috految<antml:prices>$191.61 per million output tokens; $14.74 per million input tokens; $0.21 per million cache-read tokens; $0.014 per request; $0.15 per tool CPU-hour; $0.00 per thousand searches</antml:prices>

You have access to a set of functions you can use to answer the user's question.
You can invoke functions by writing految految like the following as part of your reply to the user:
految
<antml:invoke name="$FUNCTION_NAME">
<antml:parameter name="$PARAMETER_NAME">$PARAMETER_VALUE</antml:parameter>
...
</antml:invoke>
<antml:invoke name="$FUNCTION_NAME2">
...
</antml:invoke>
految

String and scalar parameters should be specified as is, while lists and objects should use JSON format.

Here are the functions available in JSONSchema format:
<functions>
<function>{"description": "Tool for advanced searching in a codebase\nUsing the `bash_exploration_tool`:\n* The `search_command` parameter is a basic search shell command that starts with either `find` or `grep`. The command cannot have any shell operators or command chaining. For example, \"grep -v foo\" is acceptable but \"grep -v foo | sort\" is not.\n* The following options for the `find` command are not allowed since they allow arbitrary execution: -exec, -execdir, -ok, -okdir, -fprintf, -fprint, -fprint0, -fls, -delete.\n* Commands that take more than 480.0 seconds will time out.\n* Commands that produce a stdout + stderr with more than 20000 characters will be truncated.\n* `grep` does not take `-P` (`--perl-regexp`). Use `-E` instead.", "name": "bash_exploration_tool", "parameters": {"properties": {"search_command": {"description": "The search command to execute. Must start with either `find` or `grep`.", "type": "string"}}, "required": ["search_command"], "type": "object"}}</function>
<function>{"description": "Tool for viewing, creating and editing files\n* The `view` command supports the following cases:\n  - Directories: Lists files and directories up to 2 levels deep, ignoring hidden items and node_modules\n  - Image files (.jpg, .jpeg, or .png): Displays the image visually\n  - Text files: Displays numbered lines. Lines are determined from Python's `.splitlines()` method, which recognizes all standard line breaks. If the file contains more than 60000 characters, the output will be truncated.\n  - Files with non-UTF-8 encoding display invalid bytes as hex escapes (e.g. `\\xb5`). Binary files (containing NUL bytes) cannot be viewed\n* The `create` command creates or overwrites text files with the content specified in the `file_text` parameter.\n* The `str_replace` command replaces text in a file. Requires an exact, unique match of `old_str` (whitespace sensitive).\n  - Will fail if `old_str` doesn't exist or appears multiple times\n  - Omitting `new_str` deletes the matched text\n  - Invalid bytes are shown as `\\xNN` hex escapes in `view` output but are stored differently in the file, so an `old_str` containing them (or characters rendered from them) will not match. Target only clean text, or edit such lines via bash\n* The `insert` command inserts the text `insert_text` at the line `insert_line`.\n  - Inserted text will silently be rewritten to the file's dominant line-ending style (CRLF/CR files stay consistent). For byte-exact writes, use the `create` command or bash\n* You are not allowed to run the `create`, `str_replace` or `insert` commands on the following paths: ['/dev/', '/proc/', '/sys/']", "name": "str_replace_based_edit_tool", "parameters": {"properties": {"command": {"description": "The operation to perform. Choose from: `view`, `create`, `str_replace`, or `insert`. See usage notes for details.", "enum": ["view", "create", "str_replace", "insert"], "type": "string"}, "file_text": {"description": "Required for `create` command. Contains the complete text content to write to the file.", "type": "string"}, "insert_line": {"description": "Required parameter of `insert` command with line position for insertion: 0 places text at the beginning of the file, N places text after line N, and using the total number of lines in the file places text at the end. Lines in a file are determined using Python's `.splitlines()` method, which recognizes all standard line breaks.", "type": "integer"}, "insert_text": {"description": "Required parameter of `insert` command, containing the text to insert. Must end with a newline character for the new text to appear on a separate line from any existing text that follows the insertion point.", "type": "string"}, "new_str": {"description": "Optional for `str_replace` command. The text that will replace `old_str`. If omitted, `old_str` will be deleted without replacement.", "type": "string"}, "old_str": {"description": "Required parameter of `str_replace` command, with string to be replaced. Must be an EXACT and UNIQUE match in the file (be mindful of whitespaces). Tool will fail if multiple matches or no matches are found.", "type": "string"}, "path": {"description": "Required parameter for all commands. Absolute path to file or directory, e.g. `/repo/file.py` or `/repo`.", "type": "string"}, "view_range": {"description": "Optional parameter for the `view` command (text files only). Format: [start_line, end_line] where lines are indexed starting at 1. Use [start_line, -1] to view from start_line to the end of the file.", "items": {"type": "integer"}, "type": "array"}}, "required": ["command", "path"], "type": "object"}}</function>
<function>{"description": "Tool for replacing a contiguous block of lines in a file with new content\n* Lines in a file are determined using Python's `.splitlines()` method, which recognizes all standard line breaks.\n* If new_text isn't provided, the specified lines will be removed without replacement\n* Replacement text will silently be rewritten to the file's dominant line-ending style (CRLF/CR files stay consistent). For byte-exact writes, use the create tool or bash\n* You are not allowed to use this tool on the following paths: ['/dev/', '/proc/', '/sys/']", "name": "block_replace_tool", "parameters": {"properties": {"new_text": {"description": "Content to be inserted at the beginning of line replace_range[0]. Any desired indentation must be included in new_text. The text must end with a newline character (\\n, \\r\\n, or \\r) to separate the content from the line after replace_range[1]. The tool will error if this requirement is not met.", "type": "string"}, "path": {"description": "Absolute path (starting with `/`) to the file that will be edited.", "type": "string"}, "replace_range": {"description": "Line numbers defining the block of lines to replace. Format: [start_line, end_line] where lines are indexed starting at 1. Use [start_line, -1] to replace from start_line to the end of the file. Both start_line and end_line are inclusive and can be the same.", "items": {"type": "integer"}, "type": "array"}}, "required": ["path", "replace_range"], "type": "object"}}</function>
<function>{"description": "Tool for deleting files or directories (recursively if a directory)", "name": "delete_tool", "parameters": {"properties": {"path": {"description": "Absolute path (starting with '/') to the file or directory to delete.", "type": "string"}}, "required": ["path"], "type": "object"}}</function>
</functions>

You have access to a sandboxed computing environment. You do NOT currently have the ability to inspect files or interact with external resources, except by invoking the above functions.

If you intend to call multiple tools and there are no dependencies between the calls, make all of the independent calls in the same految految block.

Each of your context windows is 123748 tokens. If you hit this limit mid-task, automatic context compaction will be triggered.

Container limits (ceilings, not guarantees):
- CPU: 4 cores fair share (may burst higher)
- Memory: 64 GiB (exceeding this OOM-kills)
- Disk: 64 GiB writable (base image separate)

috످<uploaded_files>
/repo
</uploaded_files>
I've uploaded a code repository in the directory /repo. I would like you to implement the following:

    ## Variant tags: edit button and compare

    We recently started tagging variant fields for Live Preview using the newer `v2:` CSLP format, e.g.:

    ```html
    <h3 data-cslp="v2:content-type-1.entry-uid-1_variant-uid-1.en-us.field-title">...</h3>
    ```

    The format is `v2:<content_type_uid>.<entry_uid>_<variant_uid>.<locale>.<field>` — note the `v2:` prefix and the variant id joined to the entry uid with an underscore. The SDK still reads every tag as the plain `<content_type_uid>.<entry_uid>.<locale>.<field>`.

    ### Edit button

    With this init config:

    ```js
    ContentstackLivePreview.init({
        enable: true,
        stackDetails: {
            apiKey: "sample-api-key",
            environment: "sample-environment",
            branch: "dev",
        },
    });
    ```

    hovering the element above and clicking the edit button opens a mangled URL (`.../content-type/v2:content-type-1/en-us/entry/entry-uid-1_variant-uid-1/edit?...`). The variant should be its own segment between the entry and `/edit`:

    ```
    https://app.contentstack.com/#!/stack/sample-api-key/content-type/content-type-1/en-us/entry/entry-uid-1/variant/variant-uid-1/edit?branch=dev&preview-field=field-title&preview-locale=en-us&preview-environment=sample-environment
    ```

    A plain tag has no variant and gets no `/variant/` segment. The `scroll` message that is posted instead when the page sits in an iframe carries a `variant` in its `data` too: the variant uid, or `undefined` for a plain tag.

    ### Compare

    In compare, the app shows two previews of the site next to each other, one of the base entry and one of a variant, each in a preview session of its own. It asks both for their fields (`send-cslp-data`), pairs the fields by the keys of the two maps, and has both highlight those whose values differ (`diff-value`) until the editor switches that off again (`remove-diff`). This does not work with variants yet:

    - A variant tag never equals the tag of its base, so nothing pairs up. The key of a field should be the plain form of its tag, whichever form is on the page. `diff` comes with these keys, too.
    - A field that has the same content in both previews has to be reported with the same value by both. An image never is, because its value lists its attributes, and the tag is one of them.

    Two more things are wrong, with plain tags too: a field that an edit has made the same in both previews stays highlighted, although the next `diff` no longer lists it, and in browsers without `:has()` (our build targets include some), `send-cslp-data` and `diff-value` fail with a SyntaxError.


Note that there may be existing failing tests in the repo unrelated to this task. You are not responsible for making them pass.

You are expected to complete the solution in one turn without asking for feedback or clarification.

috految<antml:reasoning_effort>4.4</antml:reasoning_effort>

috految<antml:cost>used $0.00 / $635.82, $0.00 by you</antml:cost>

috److految
<antml:invoke name="bash_exploration_tool">
<antml:parameter name="search_command">grep -rnh . /repo/src --include=*ompare* --include=*ompare.ts --include=replaceHtml.ts --include=*Link*.ts --include=*.css --include=index.ts</antml:parameter>
</antml:invoke>
<antml:invoke name="bash_exploration_tool">
<antml:parameter name="search_command">grep -rnE "cslp|Compare|:has|live_preview|generateRedirectUrl|[Aa]ttribute\(|^\s*\"?(target|lib)" /repo/src /repo/tsconfig.json /repo/tsup.config.js --exclude-dir=__test__</antml:parameter>
</antml:invoke>
految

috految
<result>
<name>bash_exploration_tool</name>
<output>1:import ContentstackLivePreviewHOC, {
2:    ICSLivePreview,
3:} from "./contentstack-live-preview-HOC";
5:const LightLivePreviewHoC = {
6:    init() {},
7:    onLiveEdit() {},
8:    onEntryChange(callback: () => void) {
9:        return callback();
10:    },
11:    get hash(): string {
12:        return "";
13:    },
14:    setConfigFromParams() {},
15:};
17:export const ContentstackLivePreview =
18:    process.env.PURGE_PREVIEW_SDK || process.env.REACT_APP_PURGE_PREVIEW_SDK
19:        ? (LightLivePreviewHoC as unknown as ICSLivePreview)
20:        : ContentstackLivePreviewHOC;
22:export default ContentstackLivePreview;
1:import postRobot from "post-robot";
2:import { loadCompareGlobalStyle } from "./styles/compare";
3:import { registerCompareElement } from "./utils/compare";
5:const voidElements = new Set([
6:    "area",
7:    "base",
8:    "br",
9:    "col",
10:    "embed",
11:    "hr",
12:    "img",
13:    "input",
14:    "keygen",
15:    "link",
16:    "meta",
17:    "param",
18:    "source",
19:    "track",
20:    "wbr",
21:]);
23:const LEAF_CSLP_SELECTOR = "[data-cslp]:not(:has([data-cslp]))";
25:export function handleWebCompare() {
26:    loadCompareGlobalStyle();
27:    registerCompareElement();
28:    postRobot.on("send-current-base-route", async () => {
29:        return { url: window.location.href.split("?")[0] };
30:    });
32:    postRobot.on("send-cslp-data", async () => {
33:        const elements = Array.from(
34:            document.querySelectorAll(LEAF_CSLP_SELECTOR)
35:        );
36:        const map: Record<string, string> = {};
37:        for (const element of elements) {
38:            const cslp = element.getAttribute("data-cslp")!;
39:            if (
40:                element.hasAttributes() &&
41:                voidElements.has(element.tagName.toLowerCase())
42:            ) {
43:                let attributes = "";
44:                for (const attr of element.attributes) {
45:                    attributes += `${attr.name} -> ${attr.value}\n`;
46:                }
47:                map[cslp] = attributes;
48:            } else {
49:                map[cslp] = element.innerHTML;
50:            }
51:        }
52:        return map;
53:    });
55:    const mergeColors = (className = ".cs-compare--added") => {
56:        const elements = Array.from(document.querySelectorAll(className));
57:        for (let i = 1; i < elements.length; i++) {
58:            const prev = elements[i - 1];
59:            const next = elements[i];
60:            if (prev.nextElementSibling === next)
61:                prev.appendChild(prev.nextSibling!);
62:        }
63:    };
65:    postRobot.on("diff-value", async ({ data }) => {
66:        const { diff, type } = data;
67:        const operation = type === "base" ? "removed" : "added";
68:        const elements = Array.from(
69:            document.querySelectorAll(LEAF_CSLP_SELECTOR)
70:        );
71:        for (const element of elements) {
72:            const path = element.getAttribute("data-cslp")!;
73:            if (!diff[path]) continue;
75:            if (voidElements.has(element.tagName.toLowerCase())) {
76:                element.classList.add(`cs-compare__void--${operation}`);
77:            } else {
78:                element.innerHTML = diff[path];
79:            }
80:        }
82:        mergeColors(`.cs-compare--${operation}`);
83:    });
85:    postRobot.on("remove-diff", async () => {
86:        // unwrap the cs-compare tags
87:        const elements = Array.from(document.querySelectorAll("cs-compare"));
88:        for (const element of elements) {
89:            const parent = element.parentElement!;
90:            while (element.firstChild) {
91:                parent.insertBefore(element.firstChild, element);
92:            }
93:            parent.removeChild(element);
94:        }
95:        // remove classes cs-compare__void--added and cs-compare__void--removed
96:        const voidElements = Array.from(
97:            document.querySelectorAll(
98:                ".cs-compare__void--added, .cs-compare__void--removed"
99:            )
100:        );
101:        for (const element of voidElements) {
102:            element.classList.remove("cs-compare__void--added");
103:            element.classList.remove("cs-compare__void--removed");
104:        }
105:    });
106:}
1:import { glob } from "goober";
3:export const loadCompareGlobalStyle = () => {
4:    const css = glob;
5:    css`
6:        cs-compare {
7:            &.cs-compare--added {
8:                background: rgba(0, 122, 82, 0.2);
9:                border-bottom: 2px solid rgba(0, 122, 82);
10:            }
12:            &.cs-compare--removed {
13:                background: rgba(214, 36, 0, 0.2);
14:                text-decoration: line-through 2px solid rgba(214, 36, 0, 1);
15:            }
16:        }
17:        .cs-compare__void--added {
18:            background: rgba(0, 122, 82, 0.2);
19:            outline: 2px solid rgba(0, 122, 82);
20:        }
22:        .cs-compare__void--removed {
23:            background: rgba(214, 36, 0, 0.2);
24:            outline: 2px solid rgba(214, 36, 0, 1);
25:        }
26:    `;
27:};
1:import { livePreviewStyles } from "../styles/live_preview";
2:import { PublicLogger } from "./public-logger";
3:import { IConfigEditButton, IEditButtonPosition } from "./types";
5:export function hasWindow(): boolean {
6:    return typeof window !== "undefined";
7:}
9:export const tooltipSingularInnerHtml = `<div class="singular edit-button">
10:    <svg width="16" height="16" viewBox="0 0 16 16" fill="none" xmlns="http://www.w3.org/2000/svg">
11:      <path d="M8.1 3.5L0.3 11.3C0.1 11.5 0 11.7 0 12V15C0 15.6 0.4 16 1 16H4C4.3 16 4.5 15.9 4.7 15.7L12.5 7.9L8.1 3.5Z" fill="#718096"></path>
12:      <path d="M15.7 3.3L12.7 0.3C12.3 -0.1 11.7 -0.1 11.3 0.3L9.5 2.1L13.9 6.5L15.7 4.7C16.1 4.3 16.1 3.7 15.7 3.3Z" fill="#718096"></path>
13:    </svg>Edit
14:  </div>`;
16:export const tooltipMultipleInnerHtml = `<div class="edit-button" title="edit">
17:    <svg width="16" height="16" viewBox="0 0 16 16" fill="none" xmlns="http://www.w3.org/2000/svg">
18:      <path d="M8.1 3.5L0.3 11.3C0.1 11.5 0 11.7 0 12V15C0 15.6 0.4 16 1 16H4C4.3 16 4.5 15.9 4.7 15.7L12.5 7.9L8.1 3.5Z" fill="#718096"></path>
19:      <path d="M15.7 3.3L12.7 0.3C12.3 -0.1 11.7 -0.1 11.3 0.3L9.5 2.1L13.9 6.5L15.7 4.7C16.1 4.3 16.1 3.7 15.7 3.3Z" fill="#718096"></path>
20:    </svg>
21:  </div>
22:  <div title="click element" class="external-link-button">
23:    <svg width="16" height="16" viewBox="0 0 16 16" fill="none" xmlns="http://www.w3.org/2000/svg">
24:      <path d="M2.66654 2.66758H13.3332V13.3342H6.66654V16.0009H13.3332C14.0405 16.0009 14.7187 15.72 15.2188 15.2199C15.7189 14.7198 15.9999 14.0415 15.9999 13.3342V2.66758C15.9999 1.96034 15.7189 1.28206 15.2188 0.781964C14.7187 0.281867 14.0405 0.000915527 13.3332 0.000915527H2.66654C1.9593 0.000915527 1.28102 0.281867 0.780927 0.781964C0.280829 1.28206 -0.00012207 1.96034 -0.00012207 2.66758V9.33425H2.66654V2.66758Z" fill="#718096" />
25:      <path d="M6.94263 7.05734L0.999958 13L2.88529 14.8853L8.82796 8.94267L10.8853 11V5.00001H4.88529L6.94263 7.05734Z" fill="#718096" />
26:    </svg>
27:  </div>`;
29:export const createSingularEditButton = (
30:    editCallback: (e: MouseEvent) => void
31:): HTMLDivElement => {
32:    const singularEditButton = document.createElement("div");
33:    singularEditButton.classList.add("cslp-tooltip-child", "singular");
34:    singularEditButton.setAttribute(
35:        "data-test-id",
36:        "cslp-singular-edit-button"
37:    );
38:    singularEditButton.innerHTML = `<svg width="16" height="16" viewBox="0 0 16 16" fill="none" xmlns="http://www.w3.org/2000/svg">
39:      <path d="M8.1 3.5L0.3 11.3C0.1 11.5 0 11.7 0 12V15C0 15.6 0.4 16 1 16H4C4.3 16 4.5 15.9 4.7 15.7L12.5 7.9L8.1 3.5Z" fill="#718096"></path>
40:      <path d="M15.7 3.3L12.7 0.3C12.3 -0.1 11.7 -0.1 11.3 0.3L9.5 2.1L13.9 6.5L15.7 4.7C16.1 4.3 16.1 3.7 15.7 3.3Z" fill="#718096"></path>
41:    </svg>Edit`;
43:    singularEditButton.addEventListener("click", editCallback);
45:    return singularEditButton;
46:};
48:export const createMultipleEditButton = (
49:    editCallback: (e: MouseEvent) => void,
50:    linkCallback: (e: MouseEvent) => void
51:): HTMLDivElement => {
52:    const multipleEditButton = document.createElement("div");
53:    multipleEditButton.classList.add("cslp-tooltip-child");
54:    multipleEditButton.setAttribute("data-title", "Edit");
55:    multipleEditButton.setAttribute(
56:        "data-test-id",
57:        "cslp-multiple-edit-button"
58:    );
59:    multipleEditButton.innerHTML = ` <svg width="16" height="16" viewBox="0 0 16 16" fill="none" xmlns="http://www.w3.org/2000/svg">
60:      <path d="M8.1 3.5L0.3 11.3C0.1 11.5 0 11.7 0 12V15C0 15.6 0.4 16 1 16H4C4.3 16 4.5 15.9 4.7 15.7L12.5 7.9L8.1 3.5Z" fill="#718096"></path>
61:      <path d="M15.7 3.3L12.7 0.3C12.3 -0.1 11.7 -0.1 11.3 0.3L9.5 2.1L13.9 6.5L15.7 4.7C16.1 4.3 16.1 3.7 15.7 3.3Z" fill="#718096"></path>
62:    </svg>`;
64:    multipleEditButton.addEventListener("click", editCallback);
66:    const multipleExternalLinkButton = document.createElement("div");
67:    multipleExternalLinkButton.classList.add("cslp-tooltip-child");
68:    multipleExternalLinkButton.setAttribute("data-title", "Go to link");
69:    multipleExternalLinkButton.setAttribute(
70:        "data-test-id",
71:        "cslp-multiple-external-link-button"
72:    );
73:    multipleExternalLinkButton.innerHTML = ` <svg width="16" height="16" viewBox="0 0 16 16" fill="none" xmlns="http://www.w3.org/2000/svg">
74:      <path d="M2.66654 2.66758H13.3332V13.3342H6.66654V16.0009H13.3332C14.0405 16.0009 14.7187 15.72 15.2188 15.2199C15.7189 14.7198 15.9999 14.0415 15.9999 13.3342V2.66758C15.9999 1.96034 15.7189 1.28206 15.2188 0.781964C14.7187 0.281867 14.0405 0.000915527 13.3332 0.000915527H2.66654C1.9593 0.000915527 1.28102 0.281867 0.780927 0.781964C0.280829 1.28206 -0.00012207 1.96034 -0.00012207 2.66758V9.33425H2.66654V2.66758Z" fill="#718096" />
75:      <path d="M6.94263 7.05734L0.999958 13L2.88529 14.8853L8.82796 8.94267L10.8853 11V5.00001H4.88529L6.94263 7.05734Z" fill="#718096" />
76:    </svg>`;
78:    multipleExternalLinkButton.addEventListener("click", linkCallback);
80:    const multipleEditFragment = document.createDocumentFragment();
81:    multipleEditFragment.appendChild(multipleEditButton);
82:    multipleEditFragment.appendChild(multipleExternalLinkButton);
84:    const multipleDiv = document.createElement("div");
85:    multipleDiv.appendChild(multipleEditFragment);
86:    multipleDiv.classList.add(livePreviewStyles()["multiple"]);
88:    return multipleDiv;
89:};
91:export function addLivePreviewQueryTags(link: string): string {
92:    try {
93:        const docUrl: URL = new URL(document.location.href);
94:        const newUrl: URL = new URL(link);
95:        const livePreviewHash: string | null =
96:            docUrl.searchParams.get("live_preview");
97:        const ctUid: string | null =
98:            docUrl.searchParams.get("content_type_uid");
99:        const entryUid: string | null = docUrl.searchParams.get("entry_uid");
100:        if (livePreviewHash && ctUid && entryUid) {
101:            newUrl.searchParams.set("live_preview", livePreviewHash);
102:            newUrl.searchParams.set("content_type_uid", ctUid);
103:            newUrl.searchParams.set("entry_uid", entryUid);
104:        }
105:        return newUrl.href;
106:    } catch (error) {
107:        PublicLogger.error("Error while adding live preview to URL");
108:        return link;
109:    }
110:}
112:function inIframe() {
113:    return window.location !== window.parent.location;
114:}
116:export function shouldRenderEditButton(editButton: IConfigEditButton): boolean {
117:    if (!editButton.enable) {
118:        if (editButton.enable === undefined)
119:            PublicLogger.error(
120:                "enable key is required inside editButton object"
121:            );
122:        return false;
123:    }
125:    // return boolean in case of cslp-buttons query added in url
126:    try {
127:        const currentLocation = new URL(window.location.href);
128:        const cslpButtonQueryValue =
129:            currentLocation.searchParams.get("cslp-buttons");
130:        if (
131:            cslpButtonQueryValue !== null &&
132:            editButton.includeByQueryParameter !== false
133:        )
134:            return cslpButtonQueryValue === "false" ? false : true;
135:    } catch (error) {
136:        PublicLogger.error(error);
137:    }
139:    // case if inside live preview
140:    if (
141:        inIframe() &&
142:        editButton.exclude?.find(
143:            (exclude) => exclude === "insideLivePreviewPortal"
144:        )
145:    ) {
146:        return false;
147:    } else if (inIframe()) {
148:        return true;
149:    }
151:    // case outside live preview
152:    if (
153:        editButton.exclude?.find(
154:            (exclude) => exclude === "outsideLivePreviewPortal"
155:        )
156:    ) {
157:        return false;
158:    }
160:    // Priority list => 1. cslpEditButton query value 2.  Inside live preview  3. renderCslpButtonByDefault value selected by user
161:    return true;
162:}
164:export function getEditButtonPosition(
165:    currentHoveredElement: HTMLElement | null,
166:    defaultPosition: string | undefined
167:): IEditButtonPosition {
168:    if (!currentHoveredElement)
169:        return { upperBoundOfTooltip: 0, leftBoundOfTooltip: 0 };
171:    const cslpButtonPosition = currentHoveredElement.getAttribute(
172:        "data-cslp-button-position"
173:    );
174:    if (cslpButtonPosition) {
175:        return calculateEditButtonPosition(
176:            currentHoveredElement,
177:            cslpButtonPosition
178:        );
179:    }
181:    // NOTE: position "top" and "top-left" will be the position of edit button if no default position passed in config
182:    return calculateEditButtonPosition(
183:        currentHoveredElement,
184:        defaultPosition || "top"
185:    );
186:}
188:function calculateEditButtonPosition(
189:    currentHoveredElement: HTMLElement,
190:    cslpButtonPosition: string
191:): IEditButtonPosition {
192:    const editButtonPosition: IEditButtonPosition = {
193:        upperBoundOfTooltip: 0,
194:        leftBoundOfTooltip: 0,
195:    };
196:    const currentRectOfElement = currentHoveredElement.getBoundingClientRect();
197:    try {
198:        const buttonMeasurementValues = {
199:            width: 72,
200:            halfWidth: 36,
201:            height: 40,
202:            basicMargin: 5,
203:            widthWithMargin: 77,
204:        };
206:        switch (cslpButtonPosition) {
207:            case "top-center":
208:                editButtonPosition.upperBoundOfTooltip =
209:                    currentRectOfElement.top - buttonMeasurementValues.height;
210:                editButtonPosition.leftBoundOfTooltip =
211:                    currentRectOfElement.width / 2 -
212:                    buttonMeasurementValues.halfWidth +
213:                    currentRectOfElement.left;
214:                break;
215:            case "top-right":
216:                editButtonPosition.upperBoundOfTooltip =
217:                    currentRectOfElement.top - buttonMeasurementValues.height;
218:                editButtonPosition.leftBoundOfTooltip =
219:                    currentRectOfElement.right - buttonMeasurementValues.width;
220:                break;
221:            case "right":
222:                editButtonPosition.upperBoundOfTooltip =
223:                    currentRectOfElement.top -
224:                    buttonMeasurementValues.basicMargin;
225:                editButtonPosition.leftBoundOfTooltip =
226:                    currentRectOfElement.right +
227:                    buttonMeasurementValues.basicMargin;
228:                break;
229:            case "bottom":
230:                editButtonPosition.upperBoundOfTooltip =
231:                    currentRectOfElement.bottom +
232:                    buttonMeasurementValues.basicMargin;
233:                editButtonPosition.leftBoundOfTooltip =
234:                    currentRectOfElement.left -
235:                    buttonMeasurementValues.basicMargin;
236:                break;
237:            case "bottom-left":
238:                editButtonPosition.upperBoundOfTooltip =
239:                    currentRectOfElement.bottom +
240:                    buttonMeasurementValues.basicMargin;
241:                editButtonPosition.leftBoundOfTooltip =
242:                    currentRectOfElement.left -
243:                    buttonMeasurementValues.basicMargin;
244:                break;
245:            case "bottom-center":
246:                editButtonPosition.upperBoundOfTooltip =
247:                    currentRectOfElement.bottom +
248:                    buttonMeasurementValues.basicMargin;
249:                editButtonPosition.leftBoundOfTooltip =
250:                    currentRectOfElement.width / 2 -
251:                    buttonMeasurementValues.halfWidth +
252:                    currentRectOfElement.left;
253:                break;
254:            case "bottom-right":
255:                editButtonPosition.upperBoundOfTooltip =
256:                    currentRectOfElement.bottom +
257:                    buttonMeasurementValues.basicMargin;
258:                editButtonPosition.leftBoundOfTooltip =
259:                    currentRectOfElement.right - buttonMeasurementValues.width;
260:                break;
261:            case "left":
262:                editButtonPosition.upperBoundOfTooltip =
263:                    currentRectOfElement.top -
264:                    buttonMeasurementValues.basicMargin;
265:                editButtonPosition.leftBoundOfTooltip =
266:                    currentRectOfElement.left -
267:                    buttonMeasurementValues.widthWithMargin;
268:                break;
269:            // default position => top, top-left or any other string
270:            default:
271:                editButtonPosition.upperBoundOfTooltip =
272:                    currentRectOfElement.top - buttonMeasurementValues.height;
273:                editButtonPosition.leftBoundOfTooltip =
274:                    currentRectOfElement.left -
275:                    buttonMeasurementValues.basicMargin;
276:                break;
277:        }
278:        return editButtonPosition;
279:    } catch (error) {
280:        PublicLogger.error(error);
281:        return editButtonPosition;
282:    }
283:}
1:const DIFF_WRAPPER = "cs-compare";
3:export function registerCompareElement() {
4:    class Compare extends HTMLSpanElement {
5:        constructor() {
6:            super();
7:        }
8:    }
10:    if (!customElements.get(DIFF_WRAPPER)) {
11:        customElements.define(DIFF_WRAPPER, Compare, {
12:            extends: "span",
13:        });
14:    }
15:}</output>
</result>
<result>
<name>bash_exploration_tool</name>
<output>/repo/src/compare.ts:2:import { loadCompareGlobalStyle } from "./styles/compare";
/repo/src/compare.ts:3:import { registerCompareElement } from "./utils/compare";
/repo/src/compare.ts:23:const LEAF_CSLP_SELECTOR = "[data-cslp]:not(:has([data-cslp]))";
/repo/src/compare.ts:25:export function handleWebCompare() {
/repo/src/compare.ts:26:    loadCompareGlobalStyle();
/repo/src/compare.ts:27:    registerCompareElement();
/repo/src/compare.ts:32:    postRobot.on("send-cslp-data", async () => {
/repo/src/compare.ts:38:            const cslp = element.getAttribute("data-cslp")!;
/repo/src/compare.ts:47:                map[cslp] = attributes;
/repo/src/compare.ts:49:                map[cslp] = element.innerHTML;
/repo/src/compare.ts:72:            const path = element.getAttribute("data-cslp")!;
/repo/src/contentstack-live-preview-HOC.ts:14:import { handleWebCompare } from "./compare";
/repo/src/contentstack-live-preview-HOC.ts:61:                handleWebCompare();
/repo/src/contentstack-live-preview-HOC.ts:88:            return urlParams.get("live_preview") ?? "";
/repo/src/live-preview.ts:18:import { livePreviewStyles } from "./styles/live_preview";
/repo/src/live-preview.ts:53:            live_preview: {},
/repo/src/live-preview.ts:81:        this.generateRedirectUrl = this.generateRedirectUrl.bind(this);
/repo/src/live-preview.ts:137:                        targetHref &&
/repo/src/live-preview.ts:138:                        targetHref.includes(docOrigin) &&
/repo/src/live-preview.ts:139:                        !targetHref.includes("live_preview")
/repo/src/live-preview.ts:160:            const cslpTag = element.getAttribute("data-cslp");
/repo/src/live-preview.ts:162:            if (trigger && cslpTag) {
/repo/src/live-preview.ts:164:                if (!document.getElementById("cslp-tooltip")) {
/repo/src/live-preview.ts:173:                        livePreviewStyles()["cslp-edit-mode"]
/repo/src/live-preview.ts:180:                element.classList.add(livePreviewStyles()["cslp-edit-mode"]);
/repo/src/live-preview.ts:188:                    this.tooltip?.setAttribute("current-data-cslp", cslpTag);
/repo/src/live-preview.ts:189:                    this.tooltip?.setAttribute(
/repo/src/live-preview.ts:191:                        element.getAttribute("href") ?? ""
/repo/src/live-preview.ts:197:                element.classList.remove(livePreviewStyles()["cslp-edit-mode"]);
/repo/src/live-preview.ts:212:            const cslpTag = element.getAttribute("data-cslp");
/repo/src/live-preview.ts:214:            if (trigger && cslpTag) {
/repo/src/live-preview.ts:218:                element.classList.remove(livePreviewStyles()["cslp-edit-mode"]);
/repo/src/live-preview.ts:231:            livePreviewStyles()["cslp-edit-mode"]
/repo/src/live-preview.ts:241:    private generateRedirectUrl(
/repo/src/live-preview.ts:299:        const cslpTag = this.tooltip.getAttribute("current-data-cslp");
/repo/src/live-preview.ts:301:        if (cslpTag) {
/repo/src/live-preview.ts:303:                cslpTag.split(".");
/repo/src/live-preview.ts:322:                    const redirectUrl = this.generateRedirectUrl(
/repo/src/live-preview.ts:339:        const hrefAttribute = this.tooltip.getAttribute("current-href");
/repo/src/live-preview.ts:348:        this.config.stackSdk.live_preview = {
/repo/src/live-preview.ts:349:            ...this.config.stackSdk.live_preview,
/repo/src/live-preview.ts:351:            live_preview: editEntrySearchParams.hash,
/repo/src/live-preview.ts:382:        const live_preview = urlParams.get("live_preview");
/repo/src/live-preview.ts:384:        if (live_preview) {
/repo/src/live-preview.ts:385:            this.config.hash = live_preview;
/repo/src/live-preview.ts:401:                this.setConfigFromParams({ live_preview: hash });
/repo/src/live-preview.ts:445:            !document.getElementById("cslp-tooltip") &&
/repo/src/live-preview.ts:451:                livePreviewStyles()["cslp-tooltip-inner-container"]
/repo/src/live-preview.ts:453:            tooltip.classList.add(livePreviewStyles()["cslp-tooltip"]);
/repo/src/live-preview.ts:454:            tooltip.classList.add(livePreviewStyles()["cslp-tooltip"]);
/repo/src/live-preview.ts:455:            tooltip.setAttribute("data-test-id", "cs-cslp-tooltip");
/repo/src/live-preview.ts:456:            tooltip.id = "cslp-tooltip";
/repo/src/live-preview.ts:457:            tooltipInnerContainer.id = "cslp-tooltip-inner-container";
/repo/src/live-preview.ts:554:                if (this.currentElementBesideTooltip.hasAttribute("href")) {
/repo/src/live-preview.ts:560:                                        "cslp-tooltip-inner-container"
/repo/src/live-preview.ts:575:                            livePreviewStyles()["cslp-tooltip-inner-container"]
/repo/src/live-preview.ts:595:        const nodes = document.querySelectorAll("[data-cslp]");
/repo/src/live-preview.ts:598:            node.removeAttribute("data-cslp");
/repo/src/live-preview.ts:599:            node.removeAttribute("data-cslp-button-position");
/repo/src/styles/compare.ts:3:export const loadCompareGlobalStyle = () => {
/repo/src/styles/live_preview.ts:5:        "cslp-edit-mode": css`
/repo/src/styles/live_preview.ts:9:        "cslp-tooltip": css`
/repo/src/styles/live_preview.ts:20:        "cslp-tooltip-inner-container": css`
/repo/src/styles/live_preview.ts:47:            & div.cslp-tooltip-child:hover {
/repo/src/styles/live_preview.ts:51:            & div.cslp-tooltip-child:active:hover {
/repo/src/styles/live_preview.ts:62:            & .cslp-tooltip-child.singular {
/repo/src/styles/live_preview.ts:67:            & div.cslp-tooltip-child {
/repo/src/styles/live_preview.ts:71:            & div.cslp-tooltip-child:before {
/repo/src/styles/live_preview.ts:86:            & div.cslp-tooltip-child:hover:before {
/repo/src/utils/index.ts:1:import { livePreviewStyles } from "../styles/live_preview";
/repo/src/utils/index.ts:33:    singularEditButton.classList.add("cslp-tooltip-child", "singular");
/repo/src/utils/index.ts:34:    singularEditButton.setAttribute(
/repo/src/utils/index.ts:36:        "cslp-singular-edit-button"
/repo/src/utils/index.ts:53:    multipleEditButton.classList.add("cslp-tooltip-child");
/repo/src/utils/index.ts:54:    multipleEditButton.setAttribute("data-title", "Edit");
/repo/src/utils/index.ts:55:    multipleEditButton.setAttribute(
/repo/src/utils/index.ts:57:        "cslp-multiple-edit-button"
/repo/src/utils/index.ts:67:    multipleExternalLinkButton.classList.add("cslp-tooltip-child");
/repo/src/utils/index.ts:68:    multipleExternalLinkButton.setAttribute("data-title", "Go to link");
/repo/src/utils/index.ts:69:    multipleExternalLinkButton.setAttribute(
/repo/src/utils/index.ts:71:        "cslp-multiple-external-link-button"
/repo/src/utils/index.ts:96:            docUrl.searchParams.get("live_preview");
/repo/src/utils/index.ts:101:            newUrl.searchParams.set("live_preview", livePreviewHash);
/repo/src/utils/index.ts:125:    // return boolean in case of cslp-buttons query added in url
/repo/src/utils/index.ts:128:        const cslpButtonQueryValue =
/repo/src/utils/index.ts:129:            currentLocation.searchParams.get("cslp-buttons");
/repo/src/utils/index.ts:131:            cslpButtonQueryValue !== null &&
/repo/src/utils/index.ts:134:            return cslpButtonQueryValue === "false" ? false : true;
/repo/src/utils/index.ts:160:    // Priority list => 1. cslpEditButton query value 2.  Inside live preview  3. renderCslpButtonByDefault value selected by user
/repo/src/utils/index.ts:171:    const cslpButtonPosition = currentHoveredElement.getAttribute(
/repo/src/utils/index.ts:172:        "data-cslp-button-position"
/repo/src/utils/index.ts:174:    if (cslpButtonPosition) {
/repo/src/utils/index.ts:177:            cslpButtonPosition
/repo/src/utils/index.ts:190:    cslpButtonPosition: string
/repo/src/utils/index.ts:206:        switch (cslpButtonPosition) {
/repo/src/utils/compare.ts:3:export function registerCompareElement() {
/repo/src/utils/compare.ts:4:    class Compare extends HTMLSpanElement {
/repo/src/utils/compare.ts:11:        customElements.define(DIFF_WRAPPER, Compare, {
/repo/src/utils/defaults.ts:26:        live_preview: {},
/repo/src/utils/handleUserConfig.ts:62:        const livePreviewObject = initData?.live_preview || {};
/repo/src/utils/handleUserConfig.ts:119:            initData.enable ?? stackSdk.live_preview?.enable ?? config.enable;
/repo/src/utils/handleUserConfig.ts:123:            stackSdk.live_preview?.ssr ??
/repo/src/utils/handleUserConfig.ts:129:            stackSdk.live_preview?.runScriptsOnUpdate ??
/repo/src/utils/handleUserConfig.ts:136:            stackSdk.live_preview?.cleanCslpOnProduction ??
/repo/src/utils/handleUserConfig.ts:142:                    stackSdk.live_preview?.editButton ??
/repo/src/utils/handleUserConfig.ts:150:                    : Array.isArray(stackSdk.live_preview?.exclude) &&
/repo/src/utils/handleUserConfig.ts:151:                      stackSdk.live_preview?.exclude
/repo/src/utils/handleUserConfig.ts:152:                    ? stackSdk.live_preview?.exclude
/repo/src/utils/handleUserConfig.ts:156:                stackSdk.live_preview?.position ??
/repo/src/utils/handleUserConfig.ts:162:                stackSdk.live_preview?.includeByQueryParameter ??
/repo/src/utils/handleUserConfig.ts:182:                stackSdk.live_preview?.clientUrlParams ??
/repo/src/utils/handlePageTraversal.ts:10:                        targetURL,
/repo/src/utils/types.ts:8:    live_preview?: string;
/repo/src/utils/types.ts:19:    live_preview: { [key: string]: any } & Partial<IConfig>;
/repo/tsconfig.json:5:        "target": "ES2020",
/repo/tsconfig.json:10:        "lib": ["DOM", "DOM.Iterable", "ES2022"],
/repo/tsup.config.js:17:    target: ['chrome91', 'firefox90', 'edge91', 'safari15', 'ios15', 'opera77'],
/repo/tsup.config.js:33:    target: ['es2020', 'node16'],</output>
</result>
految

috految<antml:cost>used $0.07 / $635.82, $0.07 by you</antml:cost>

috److految
<antml:invoke name="bash_exploration_tool">
<antml:parameter name="search_command">grep -nhE -A24 -B5 "const targetHref|\.ssr|private generateR|urlHash|cslpTag.split|const redirectUrl|\.style\b|Styles =|branch|cslp-edit-mode\":" /repo/src/live-preview.ts</antml:parameter>
</antml:invoke>
<antml:invoke name="bash_exploration_tool">
<antml:parameter name="search_command">grep -rhE "branch|generateRedirectUrl|SearchParams.set|\.href =|diff-value|/compare|entry:" /repo/src /repo/tsup.config.js</antml:parameter>
</antml:invoke>
految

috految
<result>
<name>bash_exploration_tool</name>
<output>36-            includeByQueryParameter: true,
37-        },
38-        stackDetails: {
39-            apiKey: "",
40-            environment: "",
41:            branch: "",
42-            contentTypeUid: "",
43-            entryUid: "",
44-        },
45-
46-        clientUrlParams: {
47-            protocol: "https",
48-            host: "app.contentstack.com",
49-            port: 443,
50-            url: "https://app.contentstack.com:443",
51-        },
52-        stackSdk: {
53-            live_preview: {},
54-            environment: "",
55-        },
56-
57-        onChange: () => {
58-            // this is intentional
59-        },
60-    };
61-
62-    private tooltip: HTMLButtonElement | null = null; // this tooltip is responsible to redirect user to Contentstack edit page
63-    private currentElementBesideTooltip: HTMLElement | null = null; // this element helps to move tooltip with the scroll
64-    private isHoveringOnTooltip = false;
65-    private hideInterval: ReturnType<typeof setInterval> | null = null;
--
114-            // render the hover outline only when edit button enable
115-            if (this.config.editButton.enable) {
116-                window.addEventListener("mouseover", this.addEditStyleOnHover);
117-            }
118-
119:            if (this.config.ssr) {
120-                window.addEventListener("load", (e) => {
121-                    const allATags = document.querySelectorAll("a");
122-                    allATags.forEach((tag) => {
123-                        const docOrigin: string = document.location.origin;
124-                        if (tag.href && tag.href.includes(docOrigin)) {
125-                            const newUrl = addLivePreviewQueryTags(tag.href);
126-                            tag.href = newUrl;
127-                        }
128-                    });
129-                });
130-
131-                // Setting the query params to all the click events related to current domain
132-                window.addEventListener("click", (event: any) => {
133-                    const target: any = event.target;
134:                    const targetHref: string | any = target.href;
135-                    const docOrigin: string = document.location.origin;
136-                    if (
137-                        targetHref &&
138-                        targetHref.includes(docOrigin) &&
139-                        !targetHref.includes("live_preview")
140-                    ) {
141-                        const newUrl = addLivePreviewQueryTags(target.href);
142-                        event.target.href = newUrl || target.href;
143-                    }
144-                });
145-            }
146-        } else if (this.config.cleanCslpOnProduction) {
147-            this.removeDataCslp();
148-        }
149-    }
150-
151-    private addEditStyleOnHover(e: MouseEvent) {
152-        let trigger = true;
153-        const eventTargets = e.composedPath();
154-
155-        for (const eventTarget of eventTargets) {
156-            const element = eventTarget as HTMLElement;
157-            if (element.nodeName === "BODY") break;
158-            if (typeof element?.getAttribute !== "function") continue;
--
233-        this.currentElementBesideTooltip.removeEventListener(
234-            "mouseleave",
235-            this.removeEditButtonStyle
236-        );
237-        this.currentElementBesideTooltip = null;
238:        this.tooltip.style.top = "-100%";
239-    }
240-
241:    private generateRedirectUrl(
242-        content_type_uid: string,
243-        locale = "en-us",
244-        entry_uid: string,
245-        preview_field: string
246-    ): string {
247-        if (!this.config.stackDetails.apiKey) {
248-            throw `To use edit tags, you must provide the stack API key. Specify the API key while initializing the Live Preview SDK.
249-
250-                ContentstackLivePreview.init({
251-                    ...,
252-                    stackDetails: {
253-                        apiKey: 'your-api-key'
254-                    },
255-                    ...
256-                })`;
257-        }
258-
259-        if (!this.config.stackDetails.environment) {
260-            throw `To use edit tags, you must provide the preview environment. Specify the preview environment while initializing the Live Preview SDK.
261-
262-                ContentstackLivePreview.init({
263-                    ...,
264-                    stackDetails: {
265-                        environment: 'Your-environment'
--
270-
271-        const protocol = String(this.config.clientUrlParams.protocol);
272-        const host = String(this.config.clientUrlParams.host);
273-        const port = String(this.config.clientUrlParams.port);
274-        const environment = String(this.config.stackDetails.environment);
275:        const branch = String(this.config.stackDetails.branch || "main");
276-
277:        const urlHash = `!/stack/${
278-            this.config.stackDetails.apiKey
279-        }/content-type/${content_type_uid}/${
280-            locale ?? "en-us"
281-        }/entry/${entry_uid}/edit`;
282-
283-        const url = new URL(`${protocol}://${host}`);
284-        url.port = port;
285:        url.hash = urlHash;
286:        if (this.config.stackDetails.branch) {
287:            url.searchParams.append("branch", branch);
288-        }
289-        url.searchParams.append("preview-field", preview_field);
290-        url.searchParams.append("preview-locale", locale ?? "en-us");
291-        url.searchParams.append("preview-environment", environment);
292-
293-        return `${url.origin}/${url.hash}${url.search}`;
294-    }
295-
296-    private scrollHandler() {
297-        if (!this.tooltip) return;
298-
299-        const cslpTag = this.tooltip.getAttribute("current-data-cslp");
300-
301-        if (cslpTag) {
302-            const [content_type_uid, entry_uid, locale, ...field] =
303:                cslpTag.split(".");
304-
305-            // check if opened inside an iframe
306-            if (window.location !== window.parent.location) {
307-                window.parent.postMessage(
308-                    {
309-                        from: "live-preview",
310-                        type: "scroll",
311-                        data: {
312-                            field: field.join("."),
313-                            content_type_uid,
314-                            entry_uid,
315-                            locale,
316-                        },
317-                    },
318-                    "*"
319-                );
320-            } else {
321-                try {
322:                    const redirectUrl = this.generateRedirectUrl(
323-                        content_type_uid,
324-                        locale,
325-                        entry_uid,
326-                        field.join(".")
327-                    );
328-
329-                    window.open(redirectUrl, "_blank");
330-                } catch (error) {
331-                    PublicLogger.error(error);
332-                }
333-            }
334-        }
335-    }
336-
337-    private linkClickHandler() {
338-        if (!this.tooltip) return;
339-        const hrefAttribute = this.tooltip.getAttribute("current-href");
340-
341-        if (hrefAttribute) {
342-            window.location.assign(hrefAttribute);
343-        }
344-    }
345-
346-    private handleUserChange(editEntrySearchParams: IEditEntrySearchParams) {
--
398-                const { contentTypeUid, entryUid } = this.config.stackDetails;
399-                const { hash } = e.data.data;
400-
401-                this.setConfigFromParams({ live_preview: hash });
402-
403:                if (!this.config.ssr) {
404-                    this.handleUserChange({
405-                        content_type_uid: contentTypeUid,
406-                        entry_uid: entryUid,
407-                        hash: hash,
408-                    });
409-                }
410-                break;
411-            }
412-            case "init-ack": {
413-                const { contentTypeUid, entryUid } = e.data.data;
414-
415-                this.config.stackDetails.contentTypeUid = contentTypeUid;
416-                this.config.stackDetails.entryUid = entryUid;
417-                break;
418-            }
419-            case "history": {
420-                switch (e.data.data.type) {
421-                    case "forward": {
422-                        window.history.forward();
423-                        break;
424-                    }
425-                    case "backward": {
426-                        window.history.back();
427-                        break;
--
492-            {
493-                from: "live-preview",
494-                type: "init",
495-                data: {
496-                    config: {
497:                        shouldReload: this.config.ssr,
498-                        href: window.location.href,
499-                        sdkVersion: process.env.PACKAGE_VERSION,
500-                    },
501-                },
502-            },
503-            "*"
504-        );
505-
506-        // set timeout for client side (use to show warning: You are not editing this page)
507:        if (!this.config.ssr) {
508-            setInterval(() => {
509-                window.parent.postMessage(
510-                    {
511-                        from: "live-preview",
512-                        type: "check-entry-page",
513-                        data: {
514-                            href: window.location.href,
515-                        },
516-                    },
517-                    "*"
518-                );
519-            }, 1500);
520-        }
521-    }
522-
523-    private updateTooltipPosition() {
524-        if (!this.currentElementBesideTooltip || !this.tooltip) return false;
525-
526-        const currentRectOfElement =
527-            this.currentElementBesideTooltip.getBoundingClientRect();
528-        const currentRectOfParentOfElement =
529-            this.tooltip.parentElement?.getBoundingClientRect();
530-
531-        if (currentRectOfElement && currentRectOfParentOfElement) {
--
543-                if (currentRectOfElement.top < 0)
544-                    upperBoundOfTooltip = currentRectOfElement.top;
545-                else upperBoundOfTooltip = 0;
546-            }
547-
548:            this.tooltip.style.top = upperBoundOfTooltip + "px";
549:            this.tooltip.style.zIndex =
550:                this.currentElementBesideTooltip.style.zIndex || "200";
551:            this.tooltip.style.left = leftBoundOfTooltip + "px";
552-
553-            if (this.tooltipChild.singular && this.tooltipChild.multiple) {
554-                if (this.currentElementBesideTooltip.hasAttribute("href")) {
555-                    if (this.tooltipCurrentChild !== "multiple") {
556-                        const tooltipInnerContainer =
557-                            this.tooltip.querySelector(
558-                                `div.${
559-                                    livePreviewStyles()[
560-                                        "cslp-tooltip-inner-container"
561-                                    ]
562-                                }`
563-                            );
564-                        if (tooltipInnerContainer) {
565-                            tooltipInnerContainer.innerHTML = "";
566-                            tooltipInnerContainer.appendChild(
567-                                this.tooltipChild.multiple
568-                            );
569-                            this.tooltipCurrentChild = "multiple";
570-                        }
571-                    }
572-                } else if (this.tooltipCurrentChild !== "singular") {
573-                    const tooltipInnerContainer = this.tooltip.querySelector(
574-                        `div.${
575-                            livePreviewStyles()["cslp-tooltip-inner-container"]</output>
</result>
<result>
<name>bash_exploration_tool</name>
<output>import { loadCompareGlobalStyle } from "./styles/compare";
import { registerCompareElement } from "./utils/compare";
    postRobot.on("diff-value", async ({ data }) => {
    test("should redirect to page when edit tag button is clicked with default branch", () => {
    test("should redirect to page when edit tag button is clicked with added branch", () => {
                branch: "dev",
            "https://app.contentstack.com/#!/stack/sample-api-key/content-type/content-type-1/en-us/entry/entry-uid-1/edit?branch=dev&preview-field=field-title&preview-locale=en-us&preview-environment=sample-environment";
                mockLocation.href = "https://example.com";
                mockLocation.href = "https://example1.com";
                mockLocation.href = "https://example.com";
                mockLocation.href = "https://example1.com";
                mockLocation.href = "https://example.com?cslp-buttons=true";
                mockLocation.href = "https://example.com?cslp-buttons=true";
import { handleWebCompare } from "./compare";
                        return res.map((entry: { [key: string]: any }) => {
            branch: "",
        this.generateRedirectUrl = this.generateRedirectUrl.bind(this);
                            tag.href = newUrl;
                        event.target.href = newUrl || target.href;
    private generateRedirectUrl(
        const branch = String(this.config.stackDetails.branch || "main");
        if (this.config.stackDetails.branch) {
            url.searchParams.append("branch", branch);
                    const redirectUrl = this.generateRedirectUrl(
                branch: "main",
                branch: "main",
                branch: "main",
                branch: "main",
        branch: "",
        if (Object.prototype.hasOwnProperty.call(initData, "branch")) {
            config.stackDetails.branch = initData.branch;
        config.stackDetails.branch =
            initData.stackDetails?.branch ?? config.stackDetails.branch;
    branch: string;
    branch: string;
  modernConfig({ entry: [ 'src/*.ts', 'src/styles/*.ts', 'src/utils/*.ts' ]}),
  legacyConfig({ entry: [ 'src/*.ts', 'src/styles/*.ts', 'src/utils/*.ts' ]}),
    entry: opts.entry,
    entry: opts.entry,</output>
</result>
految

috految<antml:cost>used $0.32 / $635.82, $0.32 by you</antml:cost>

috److془Design. Links: normalise; restore after diff. Originals retention: framework updates detached nodes. Restore if untouched; otherwise unwrap. Pitfall: site re-rendered with identical content: check identity. Pitfall: React setTextContent on single text: changed → fine. Appended nodes: replace only rendered nodes. Partial: detached sibling removed with parent.removeChild throws; preexisting. Use fragment holder; Vue works in it. Pitfall: Vue v-html fine. Diff without markers, fine. Pitfall: the site mutates rendered (lazy load): unwrap fallback. Fine. Site's v-morph same: fine. Site appends new and removes old: fine. Insertion in middle: fallback. Keep simple: prefix. Lit etc fine.

Duplicates of keys: same tag twice, restored originals. Good. Tag on a and img with different values: preexisting.
Diff with empty: skip as before. Image with only tag: value "" fine; Void with diff "" ... highlight if listed? use !== undefined. Just keep it.

mergeColors: prev.appendChild(prev.nextSibling) order preserving. Snapshot after. Nested wrappers fine. Does the fallback matter with `<span is>`; no. Class remove on void leaves class="": normalise. Hover class; sort attributes. Nested too (classList.remove normalises whitespace). Nested sort might break exact tests; skip? Attr order after edit differs in nested... sort. Hmm exact tests with src alt nested; spec favours sort. Comments: React SSR vs. client; strip. Hover class on goober: deterministic. Inert doc avoids image loads; noscript in inert escapes, harmless. Though making wrapper diff escaped raw; fine. Hover on line 180 only. 

Hrefs: "#x" rewritten to page url with query; can differ among previews. Record authored hrefs? Or: normalise, same page with hash -> hash. Path differing with "/page#x" rare. Record more exact, but need stripping too. Go stateless. Rewriting includes external links containing origin. Bare "#": href contains '#'. Query differing, "/page#x" or "?page=2": to be robust... base path same; ok. Hmm use the search equality or empty. Relative: resolves equal. Site-added params in media: no. Relative "x" in different paths: legit differing. Nested diff links: map normalised->actual. Diff before load: originals lack params; click handler catches mostly, and changed innerHTML falls back anyway. Good.
Content's entry_uid: strip only if live_preview. Wrapper in-field alike.
Underscore split: first one. Variant like cs_personalize_a_0 good. Edit button move: sets tooltip fine. Goober glob overwriting no.془

految
<antml:invoke name="block_replace_tool">
<antml:parameter name="path">/repo/src/compare.ts</antml:parameter>
<antml:parameter name="new_text">const VOID_CLASSES = ["cs-compare__void--added", "cs-compare__void--removed"];
const SESSION_PARAMS = ["live_preview", "content_type_uid", "entry_uid"];

// The site's own nodes are kept aside while a diff stands in for them, as
// frameworks go on applying edits to those nodes.
const highlights = new Map<
    Element,
    { original: DocumentFragment; nodes: Node[]; html: string }
>();

function getLeafFields(): Element[] {
    return Array.from(document.querySelectorAll("[data-cslp]")).filter(
        (element) => !element.querySelector("[data-cslp]")
    );
}

function getKey(element: Element): string {
    return parseCslp(element.getAttribute("data-cslp")!).plainTag;
}

/** Undoes what SSR mode does to links: making them absolute and session-bound. */
function normalizeHref(href: string): string {
    const { origin, href: pageHref } = document.location;
    let url: URL;
    try {
        url = new URL(href, document.baseURI);
    } catch {
        return href;
    }
    const inSession = url.searchParams.has("live_preview");
    if (!inSession && !url.href.includes(origin)) return href;

    const page = new URL(pageHref);
    for (const param of SESSION_PARAMS) {
        page.searchParams.delete(param);
        if (inSession) url.searchParams.delete(param);
    }
    url.search = url.searchParams.toString();
    if (url.origin !== origin) return url.href;

    const isAnchor =
        url.href.includes("#") &&
        url.pathname === page.pathname &&
        (!url.search || url.search === page.search);
    return isAnchor ? url.hash || "#" : url.pathname + url.search + url.hash;
}

function unwrapDiffs(root: Element) {
    root.querySelectorAll("cs-compare").forEach((wrapper) =>
        wrapper.replaceWith(...Array.from(wrapper.childNodes))
    );
}

/** Returns the nodes a diff replaced, unless the site has overwritten it since. */
function getOriginalNodes(element: Element): Node[] | undefined {
    const highlight = highlights.get(element);
    if (!highlight) return undefined;

    const { original, nodes, html } = highlight;
    const current = Array.from(element.childNodes);
    const intact =
        nodes.every((node, i) => node === current[i]) &&
        (current.length > nodes.length
            ? element.innerHTML.startsWith(html)
            : element.innerHTML === html);
    return intact
        ? [...Array.from(original.childNodes), ...current.slice(nodes.length)]
        : undefined;
}

function getValue(element: Element): string {
    // copies in an inert document don't load media or run custom elements
    const inert = document.implementation.createHTMLDocument("");
    const copy = inert.importNode(element, false);
    const nodes = getOriginalNodes(element) ?? Array.from(element.childNodes);
    for (const node of nodes) copy.appendChild(inert.importNode(node, true));
    unwrapDiffs(copy);

    const hoverClass = livePreviewStyles()["cslp-edit-mode"];
    for (const node of [copy, ...Array.from(copy.querySelectorAll("*"))]) {
        node.removeAttribute("data-cslp");
        node.removeAttribute("data-cslp-button-position");
        node.classList.remove(hoverClass, ...VOID_CLASSES);
        if (!node.classList.length) node.removeAttribute("class");

        const href = node.getAttribute("href");
        if (href !== null && node.matches("a, area")) {
            node.setAttribute("href", normalizeHref(href));
        }
        // attribute order depends on the order of edits
        Array.from(node.attributes)
            .sort((a, b) => a.name.localeCompare(b.name))
            .forEach((attr) => {
                node.removeAttributeNode(attr);
                node.setAttributeNode(attr);
            });
    }

    if (!voidElements.has(element.localName)) return copy.innerHTML;
    return Array.from(copy.attributes)
        .map(({ name, value }) => `${name} -> ${value}\n`)
        .join("");
}

function removeDiff() {
    highlights.forEach((_, element) => {
        const nodes = getOriginalNodes(element);
        if (!nodes) return;
        element.textContent = "";
        element.append(...nodes);
    });
    highlights.clear();
    unwrapDiffs(document.documentElement);
    for (const name of VOID_CLASSES) {
        document
            .querySelectorAll(`.${name}`)
            .forEach((element) => element.classList.remove(name));
    }
}

export function handleWebCompare() {
    loadCompareGlobalStyle();
    registerCompareElement();
    postRobot.on("send-current-base-route", async () => {
        return { url: window.location.href.split("?")[0] };
    });

    postRobot.on("send-cslp-data", async () => {
        const map: Record<string, string> = {};
        for (const element of getLeafFields()) {
            map[getKey(element)] = getValue(element);
        }
        return map;
    });

    const mergeColors = (root: Element, className: string) => {
        const elements = Array.from(root.querySelectorAll(className));
        for (let i = 1; i < elements.length; i++) {
            const prev = elements[i - 1];
            const next = elements[i];
            if (prev.nextElementSibling === next)
                prev.appendChild(prev.nextSibling!);
        }
    };

    postRobot.on("diff-value", async ({ data }) => {
        const { diff, type } = data;
        const operation = type === "base" ? "removed" : "added";
        removeDiff();

        for (const element of getLeafFields()) {
            const value = diff[getKey(element)];
            if (!value) continue;

            if (voidElements.has(element.localName)) {
                element.classList.add(`cs-compare__void--${operation}`);
                continue;
            }

            const hrefs = Array.from(element.querySelectorAll("a[href]")).map(
                (link) => link.getAttribute("href")!
            );
            const original = document.createDocumentFragment();
            original.append(...Array.from(element.childNodes));
            element.innerHTML = value;

            // keep links within this preview's session
            element.querySelectorAll("a[href]").forEach((link) => {
                const target = normalizeHref(link.getAttribute("href")!);
                const href = hrefs.find((h) => normalizeHref(h) === target);
                if (href) link.setAttribute("href", href);
            });
            mergeColors(element, `.cs-compare--${operation}`);
            highlights.set(element, {
                original,
                nodes: Array.from(element.childNodes),
                html: element.innerHTML,
            });
        }
    });

    postRobot.on("remove-diff", async () => removeDiff());
</antml:parameter>
<antml:parameter name="replace_range">[23, 105]</antml:parameter>
</antml:invoke>
<antml:invoke name="block_replace_tool">
<antml:parameter name="path">/repo/src/compare.ts</antml:parameter>
<antml:parameter name="new_text">import { livePreviewStyles } from "./styles/live_preview";
import { parseCslp } from "./utils/cslp";

</antml:parameter>
<antml:parameter name="replace_range">[4, 4]</antml:parameter>
</antml:invoke>
<antml:invoke name="str_replace_based_edit_tool">
<antml:parameter name="command">create</antml:parameter>
<antml:parameter name="path">/repo/src/utils/cslp.ts</antml:parameter>
<antml:parameter name="file_text">/** Splits the variant off a `v2:<type>.<entry>_<variant>.<locale>.<field>` tag. */
export function parseCslp(tag: string): { plainTag: string; variant?: string } {
    const match = tag.match(/^v2:([^.]+\.[^._]+)(?:_([^.]+))?(.*)$/);
    if (!match) return { plainTag: tag };

    const [, entry, variant, rest] = match;
    return { plainTag: entry + rest, variant };
}
</antml:parameter>
</antml:invoke>
<antml:invoke name="block_replace_tool">
<antml:parameter name="path">/repo/src/live-preview.ts</antml:parameter>
<antml:parameter name="new_text">            const { plainTag, variant } = parseCslp(cslpTag);
            const [content_type_uid, entry_uid, locale, ...field] =
                plainTag.split(".");

            // check if opened inside an iframe
            if (window.location !== window.parent.location) {
                window.parent.postMessage(
                    {
                        from: "live-preview",
                        type: "scroll",
                        data: {
                            field: field.join("."),
                            content_type_uid,
                            entry_uid,
                            variant,
                            locale,
                        },
                    },
                    "*"
                );
            } else {
                try {
                    const redirectUrl = this.generateRedirectUrl(
                        content_type_uid,
                        locale,
                        variant ? `${entry_uid}/variant/${variant}` : entry_uid,
</antml:parameter>
<antml:parameter name="replace_range">[302, 325]</antml:parameter>
</antml:invoke>
<antml:invoke name="block_replace_tool">
<antml:parameter name="path">/repo/src/live-preview.ts</antml:parameter>
<antml:parameter name="new_text">import { livePreviewStyles } from "./styles/live_preview";
import { parseCslp } from "./utils/cslp";
</antml:parameter>
<antml:parameter name="replace_range">[18, 18]</antml:parameter>
</antml:invoke>
految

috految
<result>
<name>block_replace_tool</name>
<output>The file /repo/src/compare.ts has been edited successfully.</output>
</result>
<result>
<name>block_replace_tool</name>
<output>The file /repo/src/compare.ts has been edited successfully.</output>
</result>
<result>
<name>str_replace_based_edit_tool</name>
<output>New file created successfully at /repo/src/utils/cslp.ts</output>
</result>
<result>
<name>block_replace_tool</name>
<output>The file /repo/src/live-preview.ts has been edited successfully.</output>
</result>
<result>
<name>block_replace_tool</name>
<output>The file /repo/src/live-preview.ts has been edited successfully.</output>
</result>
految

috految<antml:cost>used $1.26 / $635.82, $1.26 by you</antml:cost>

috److I added `v2:` variant tag support to both the edit button and compare. I haven't run the tests or a build, and I didn't add new tests.

**Edit button**
- A variant tag now opens `.../entry/<entry>/variant/<variant>/edit`, and plain tags get no `/variant/` segment.
- The `scroll` message carries `variant`, which is `undefined` for plain tags.
- The parser (new `src/utils/cslp.ts`) splits at the first underscore. Variant uids can contain underscores, but the entry uid in a `v2:` tag can't.

**Compare**
- **Keys:** fields are keyed by the plain form of their tag, so base and variant pair up.
- **Values:** reported values leave out the CSLP attributes, the hover class and existing highlights. Attributes are sorted so their order doesn't matter.
- **Links:** in SSR mode the SDK adds each preview's session parameters to links, which would have made identical fields differ. These are stripped from reported values, while links on the page keep their session.
- **Stale highlights:** each `diff-value` clears the previous highlights first. Clearing, including via `remove-diff`, restores the site's original nodes unless the site has since overwritten that field.
- **Older browsers:** I removed `:has()` from the selector, which was causing the SyntaxError.

috످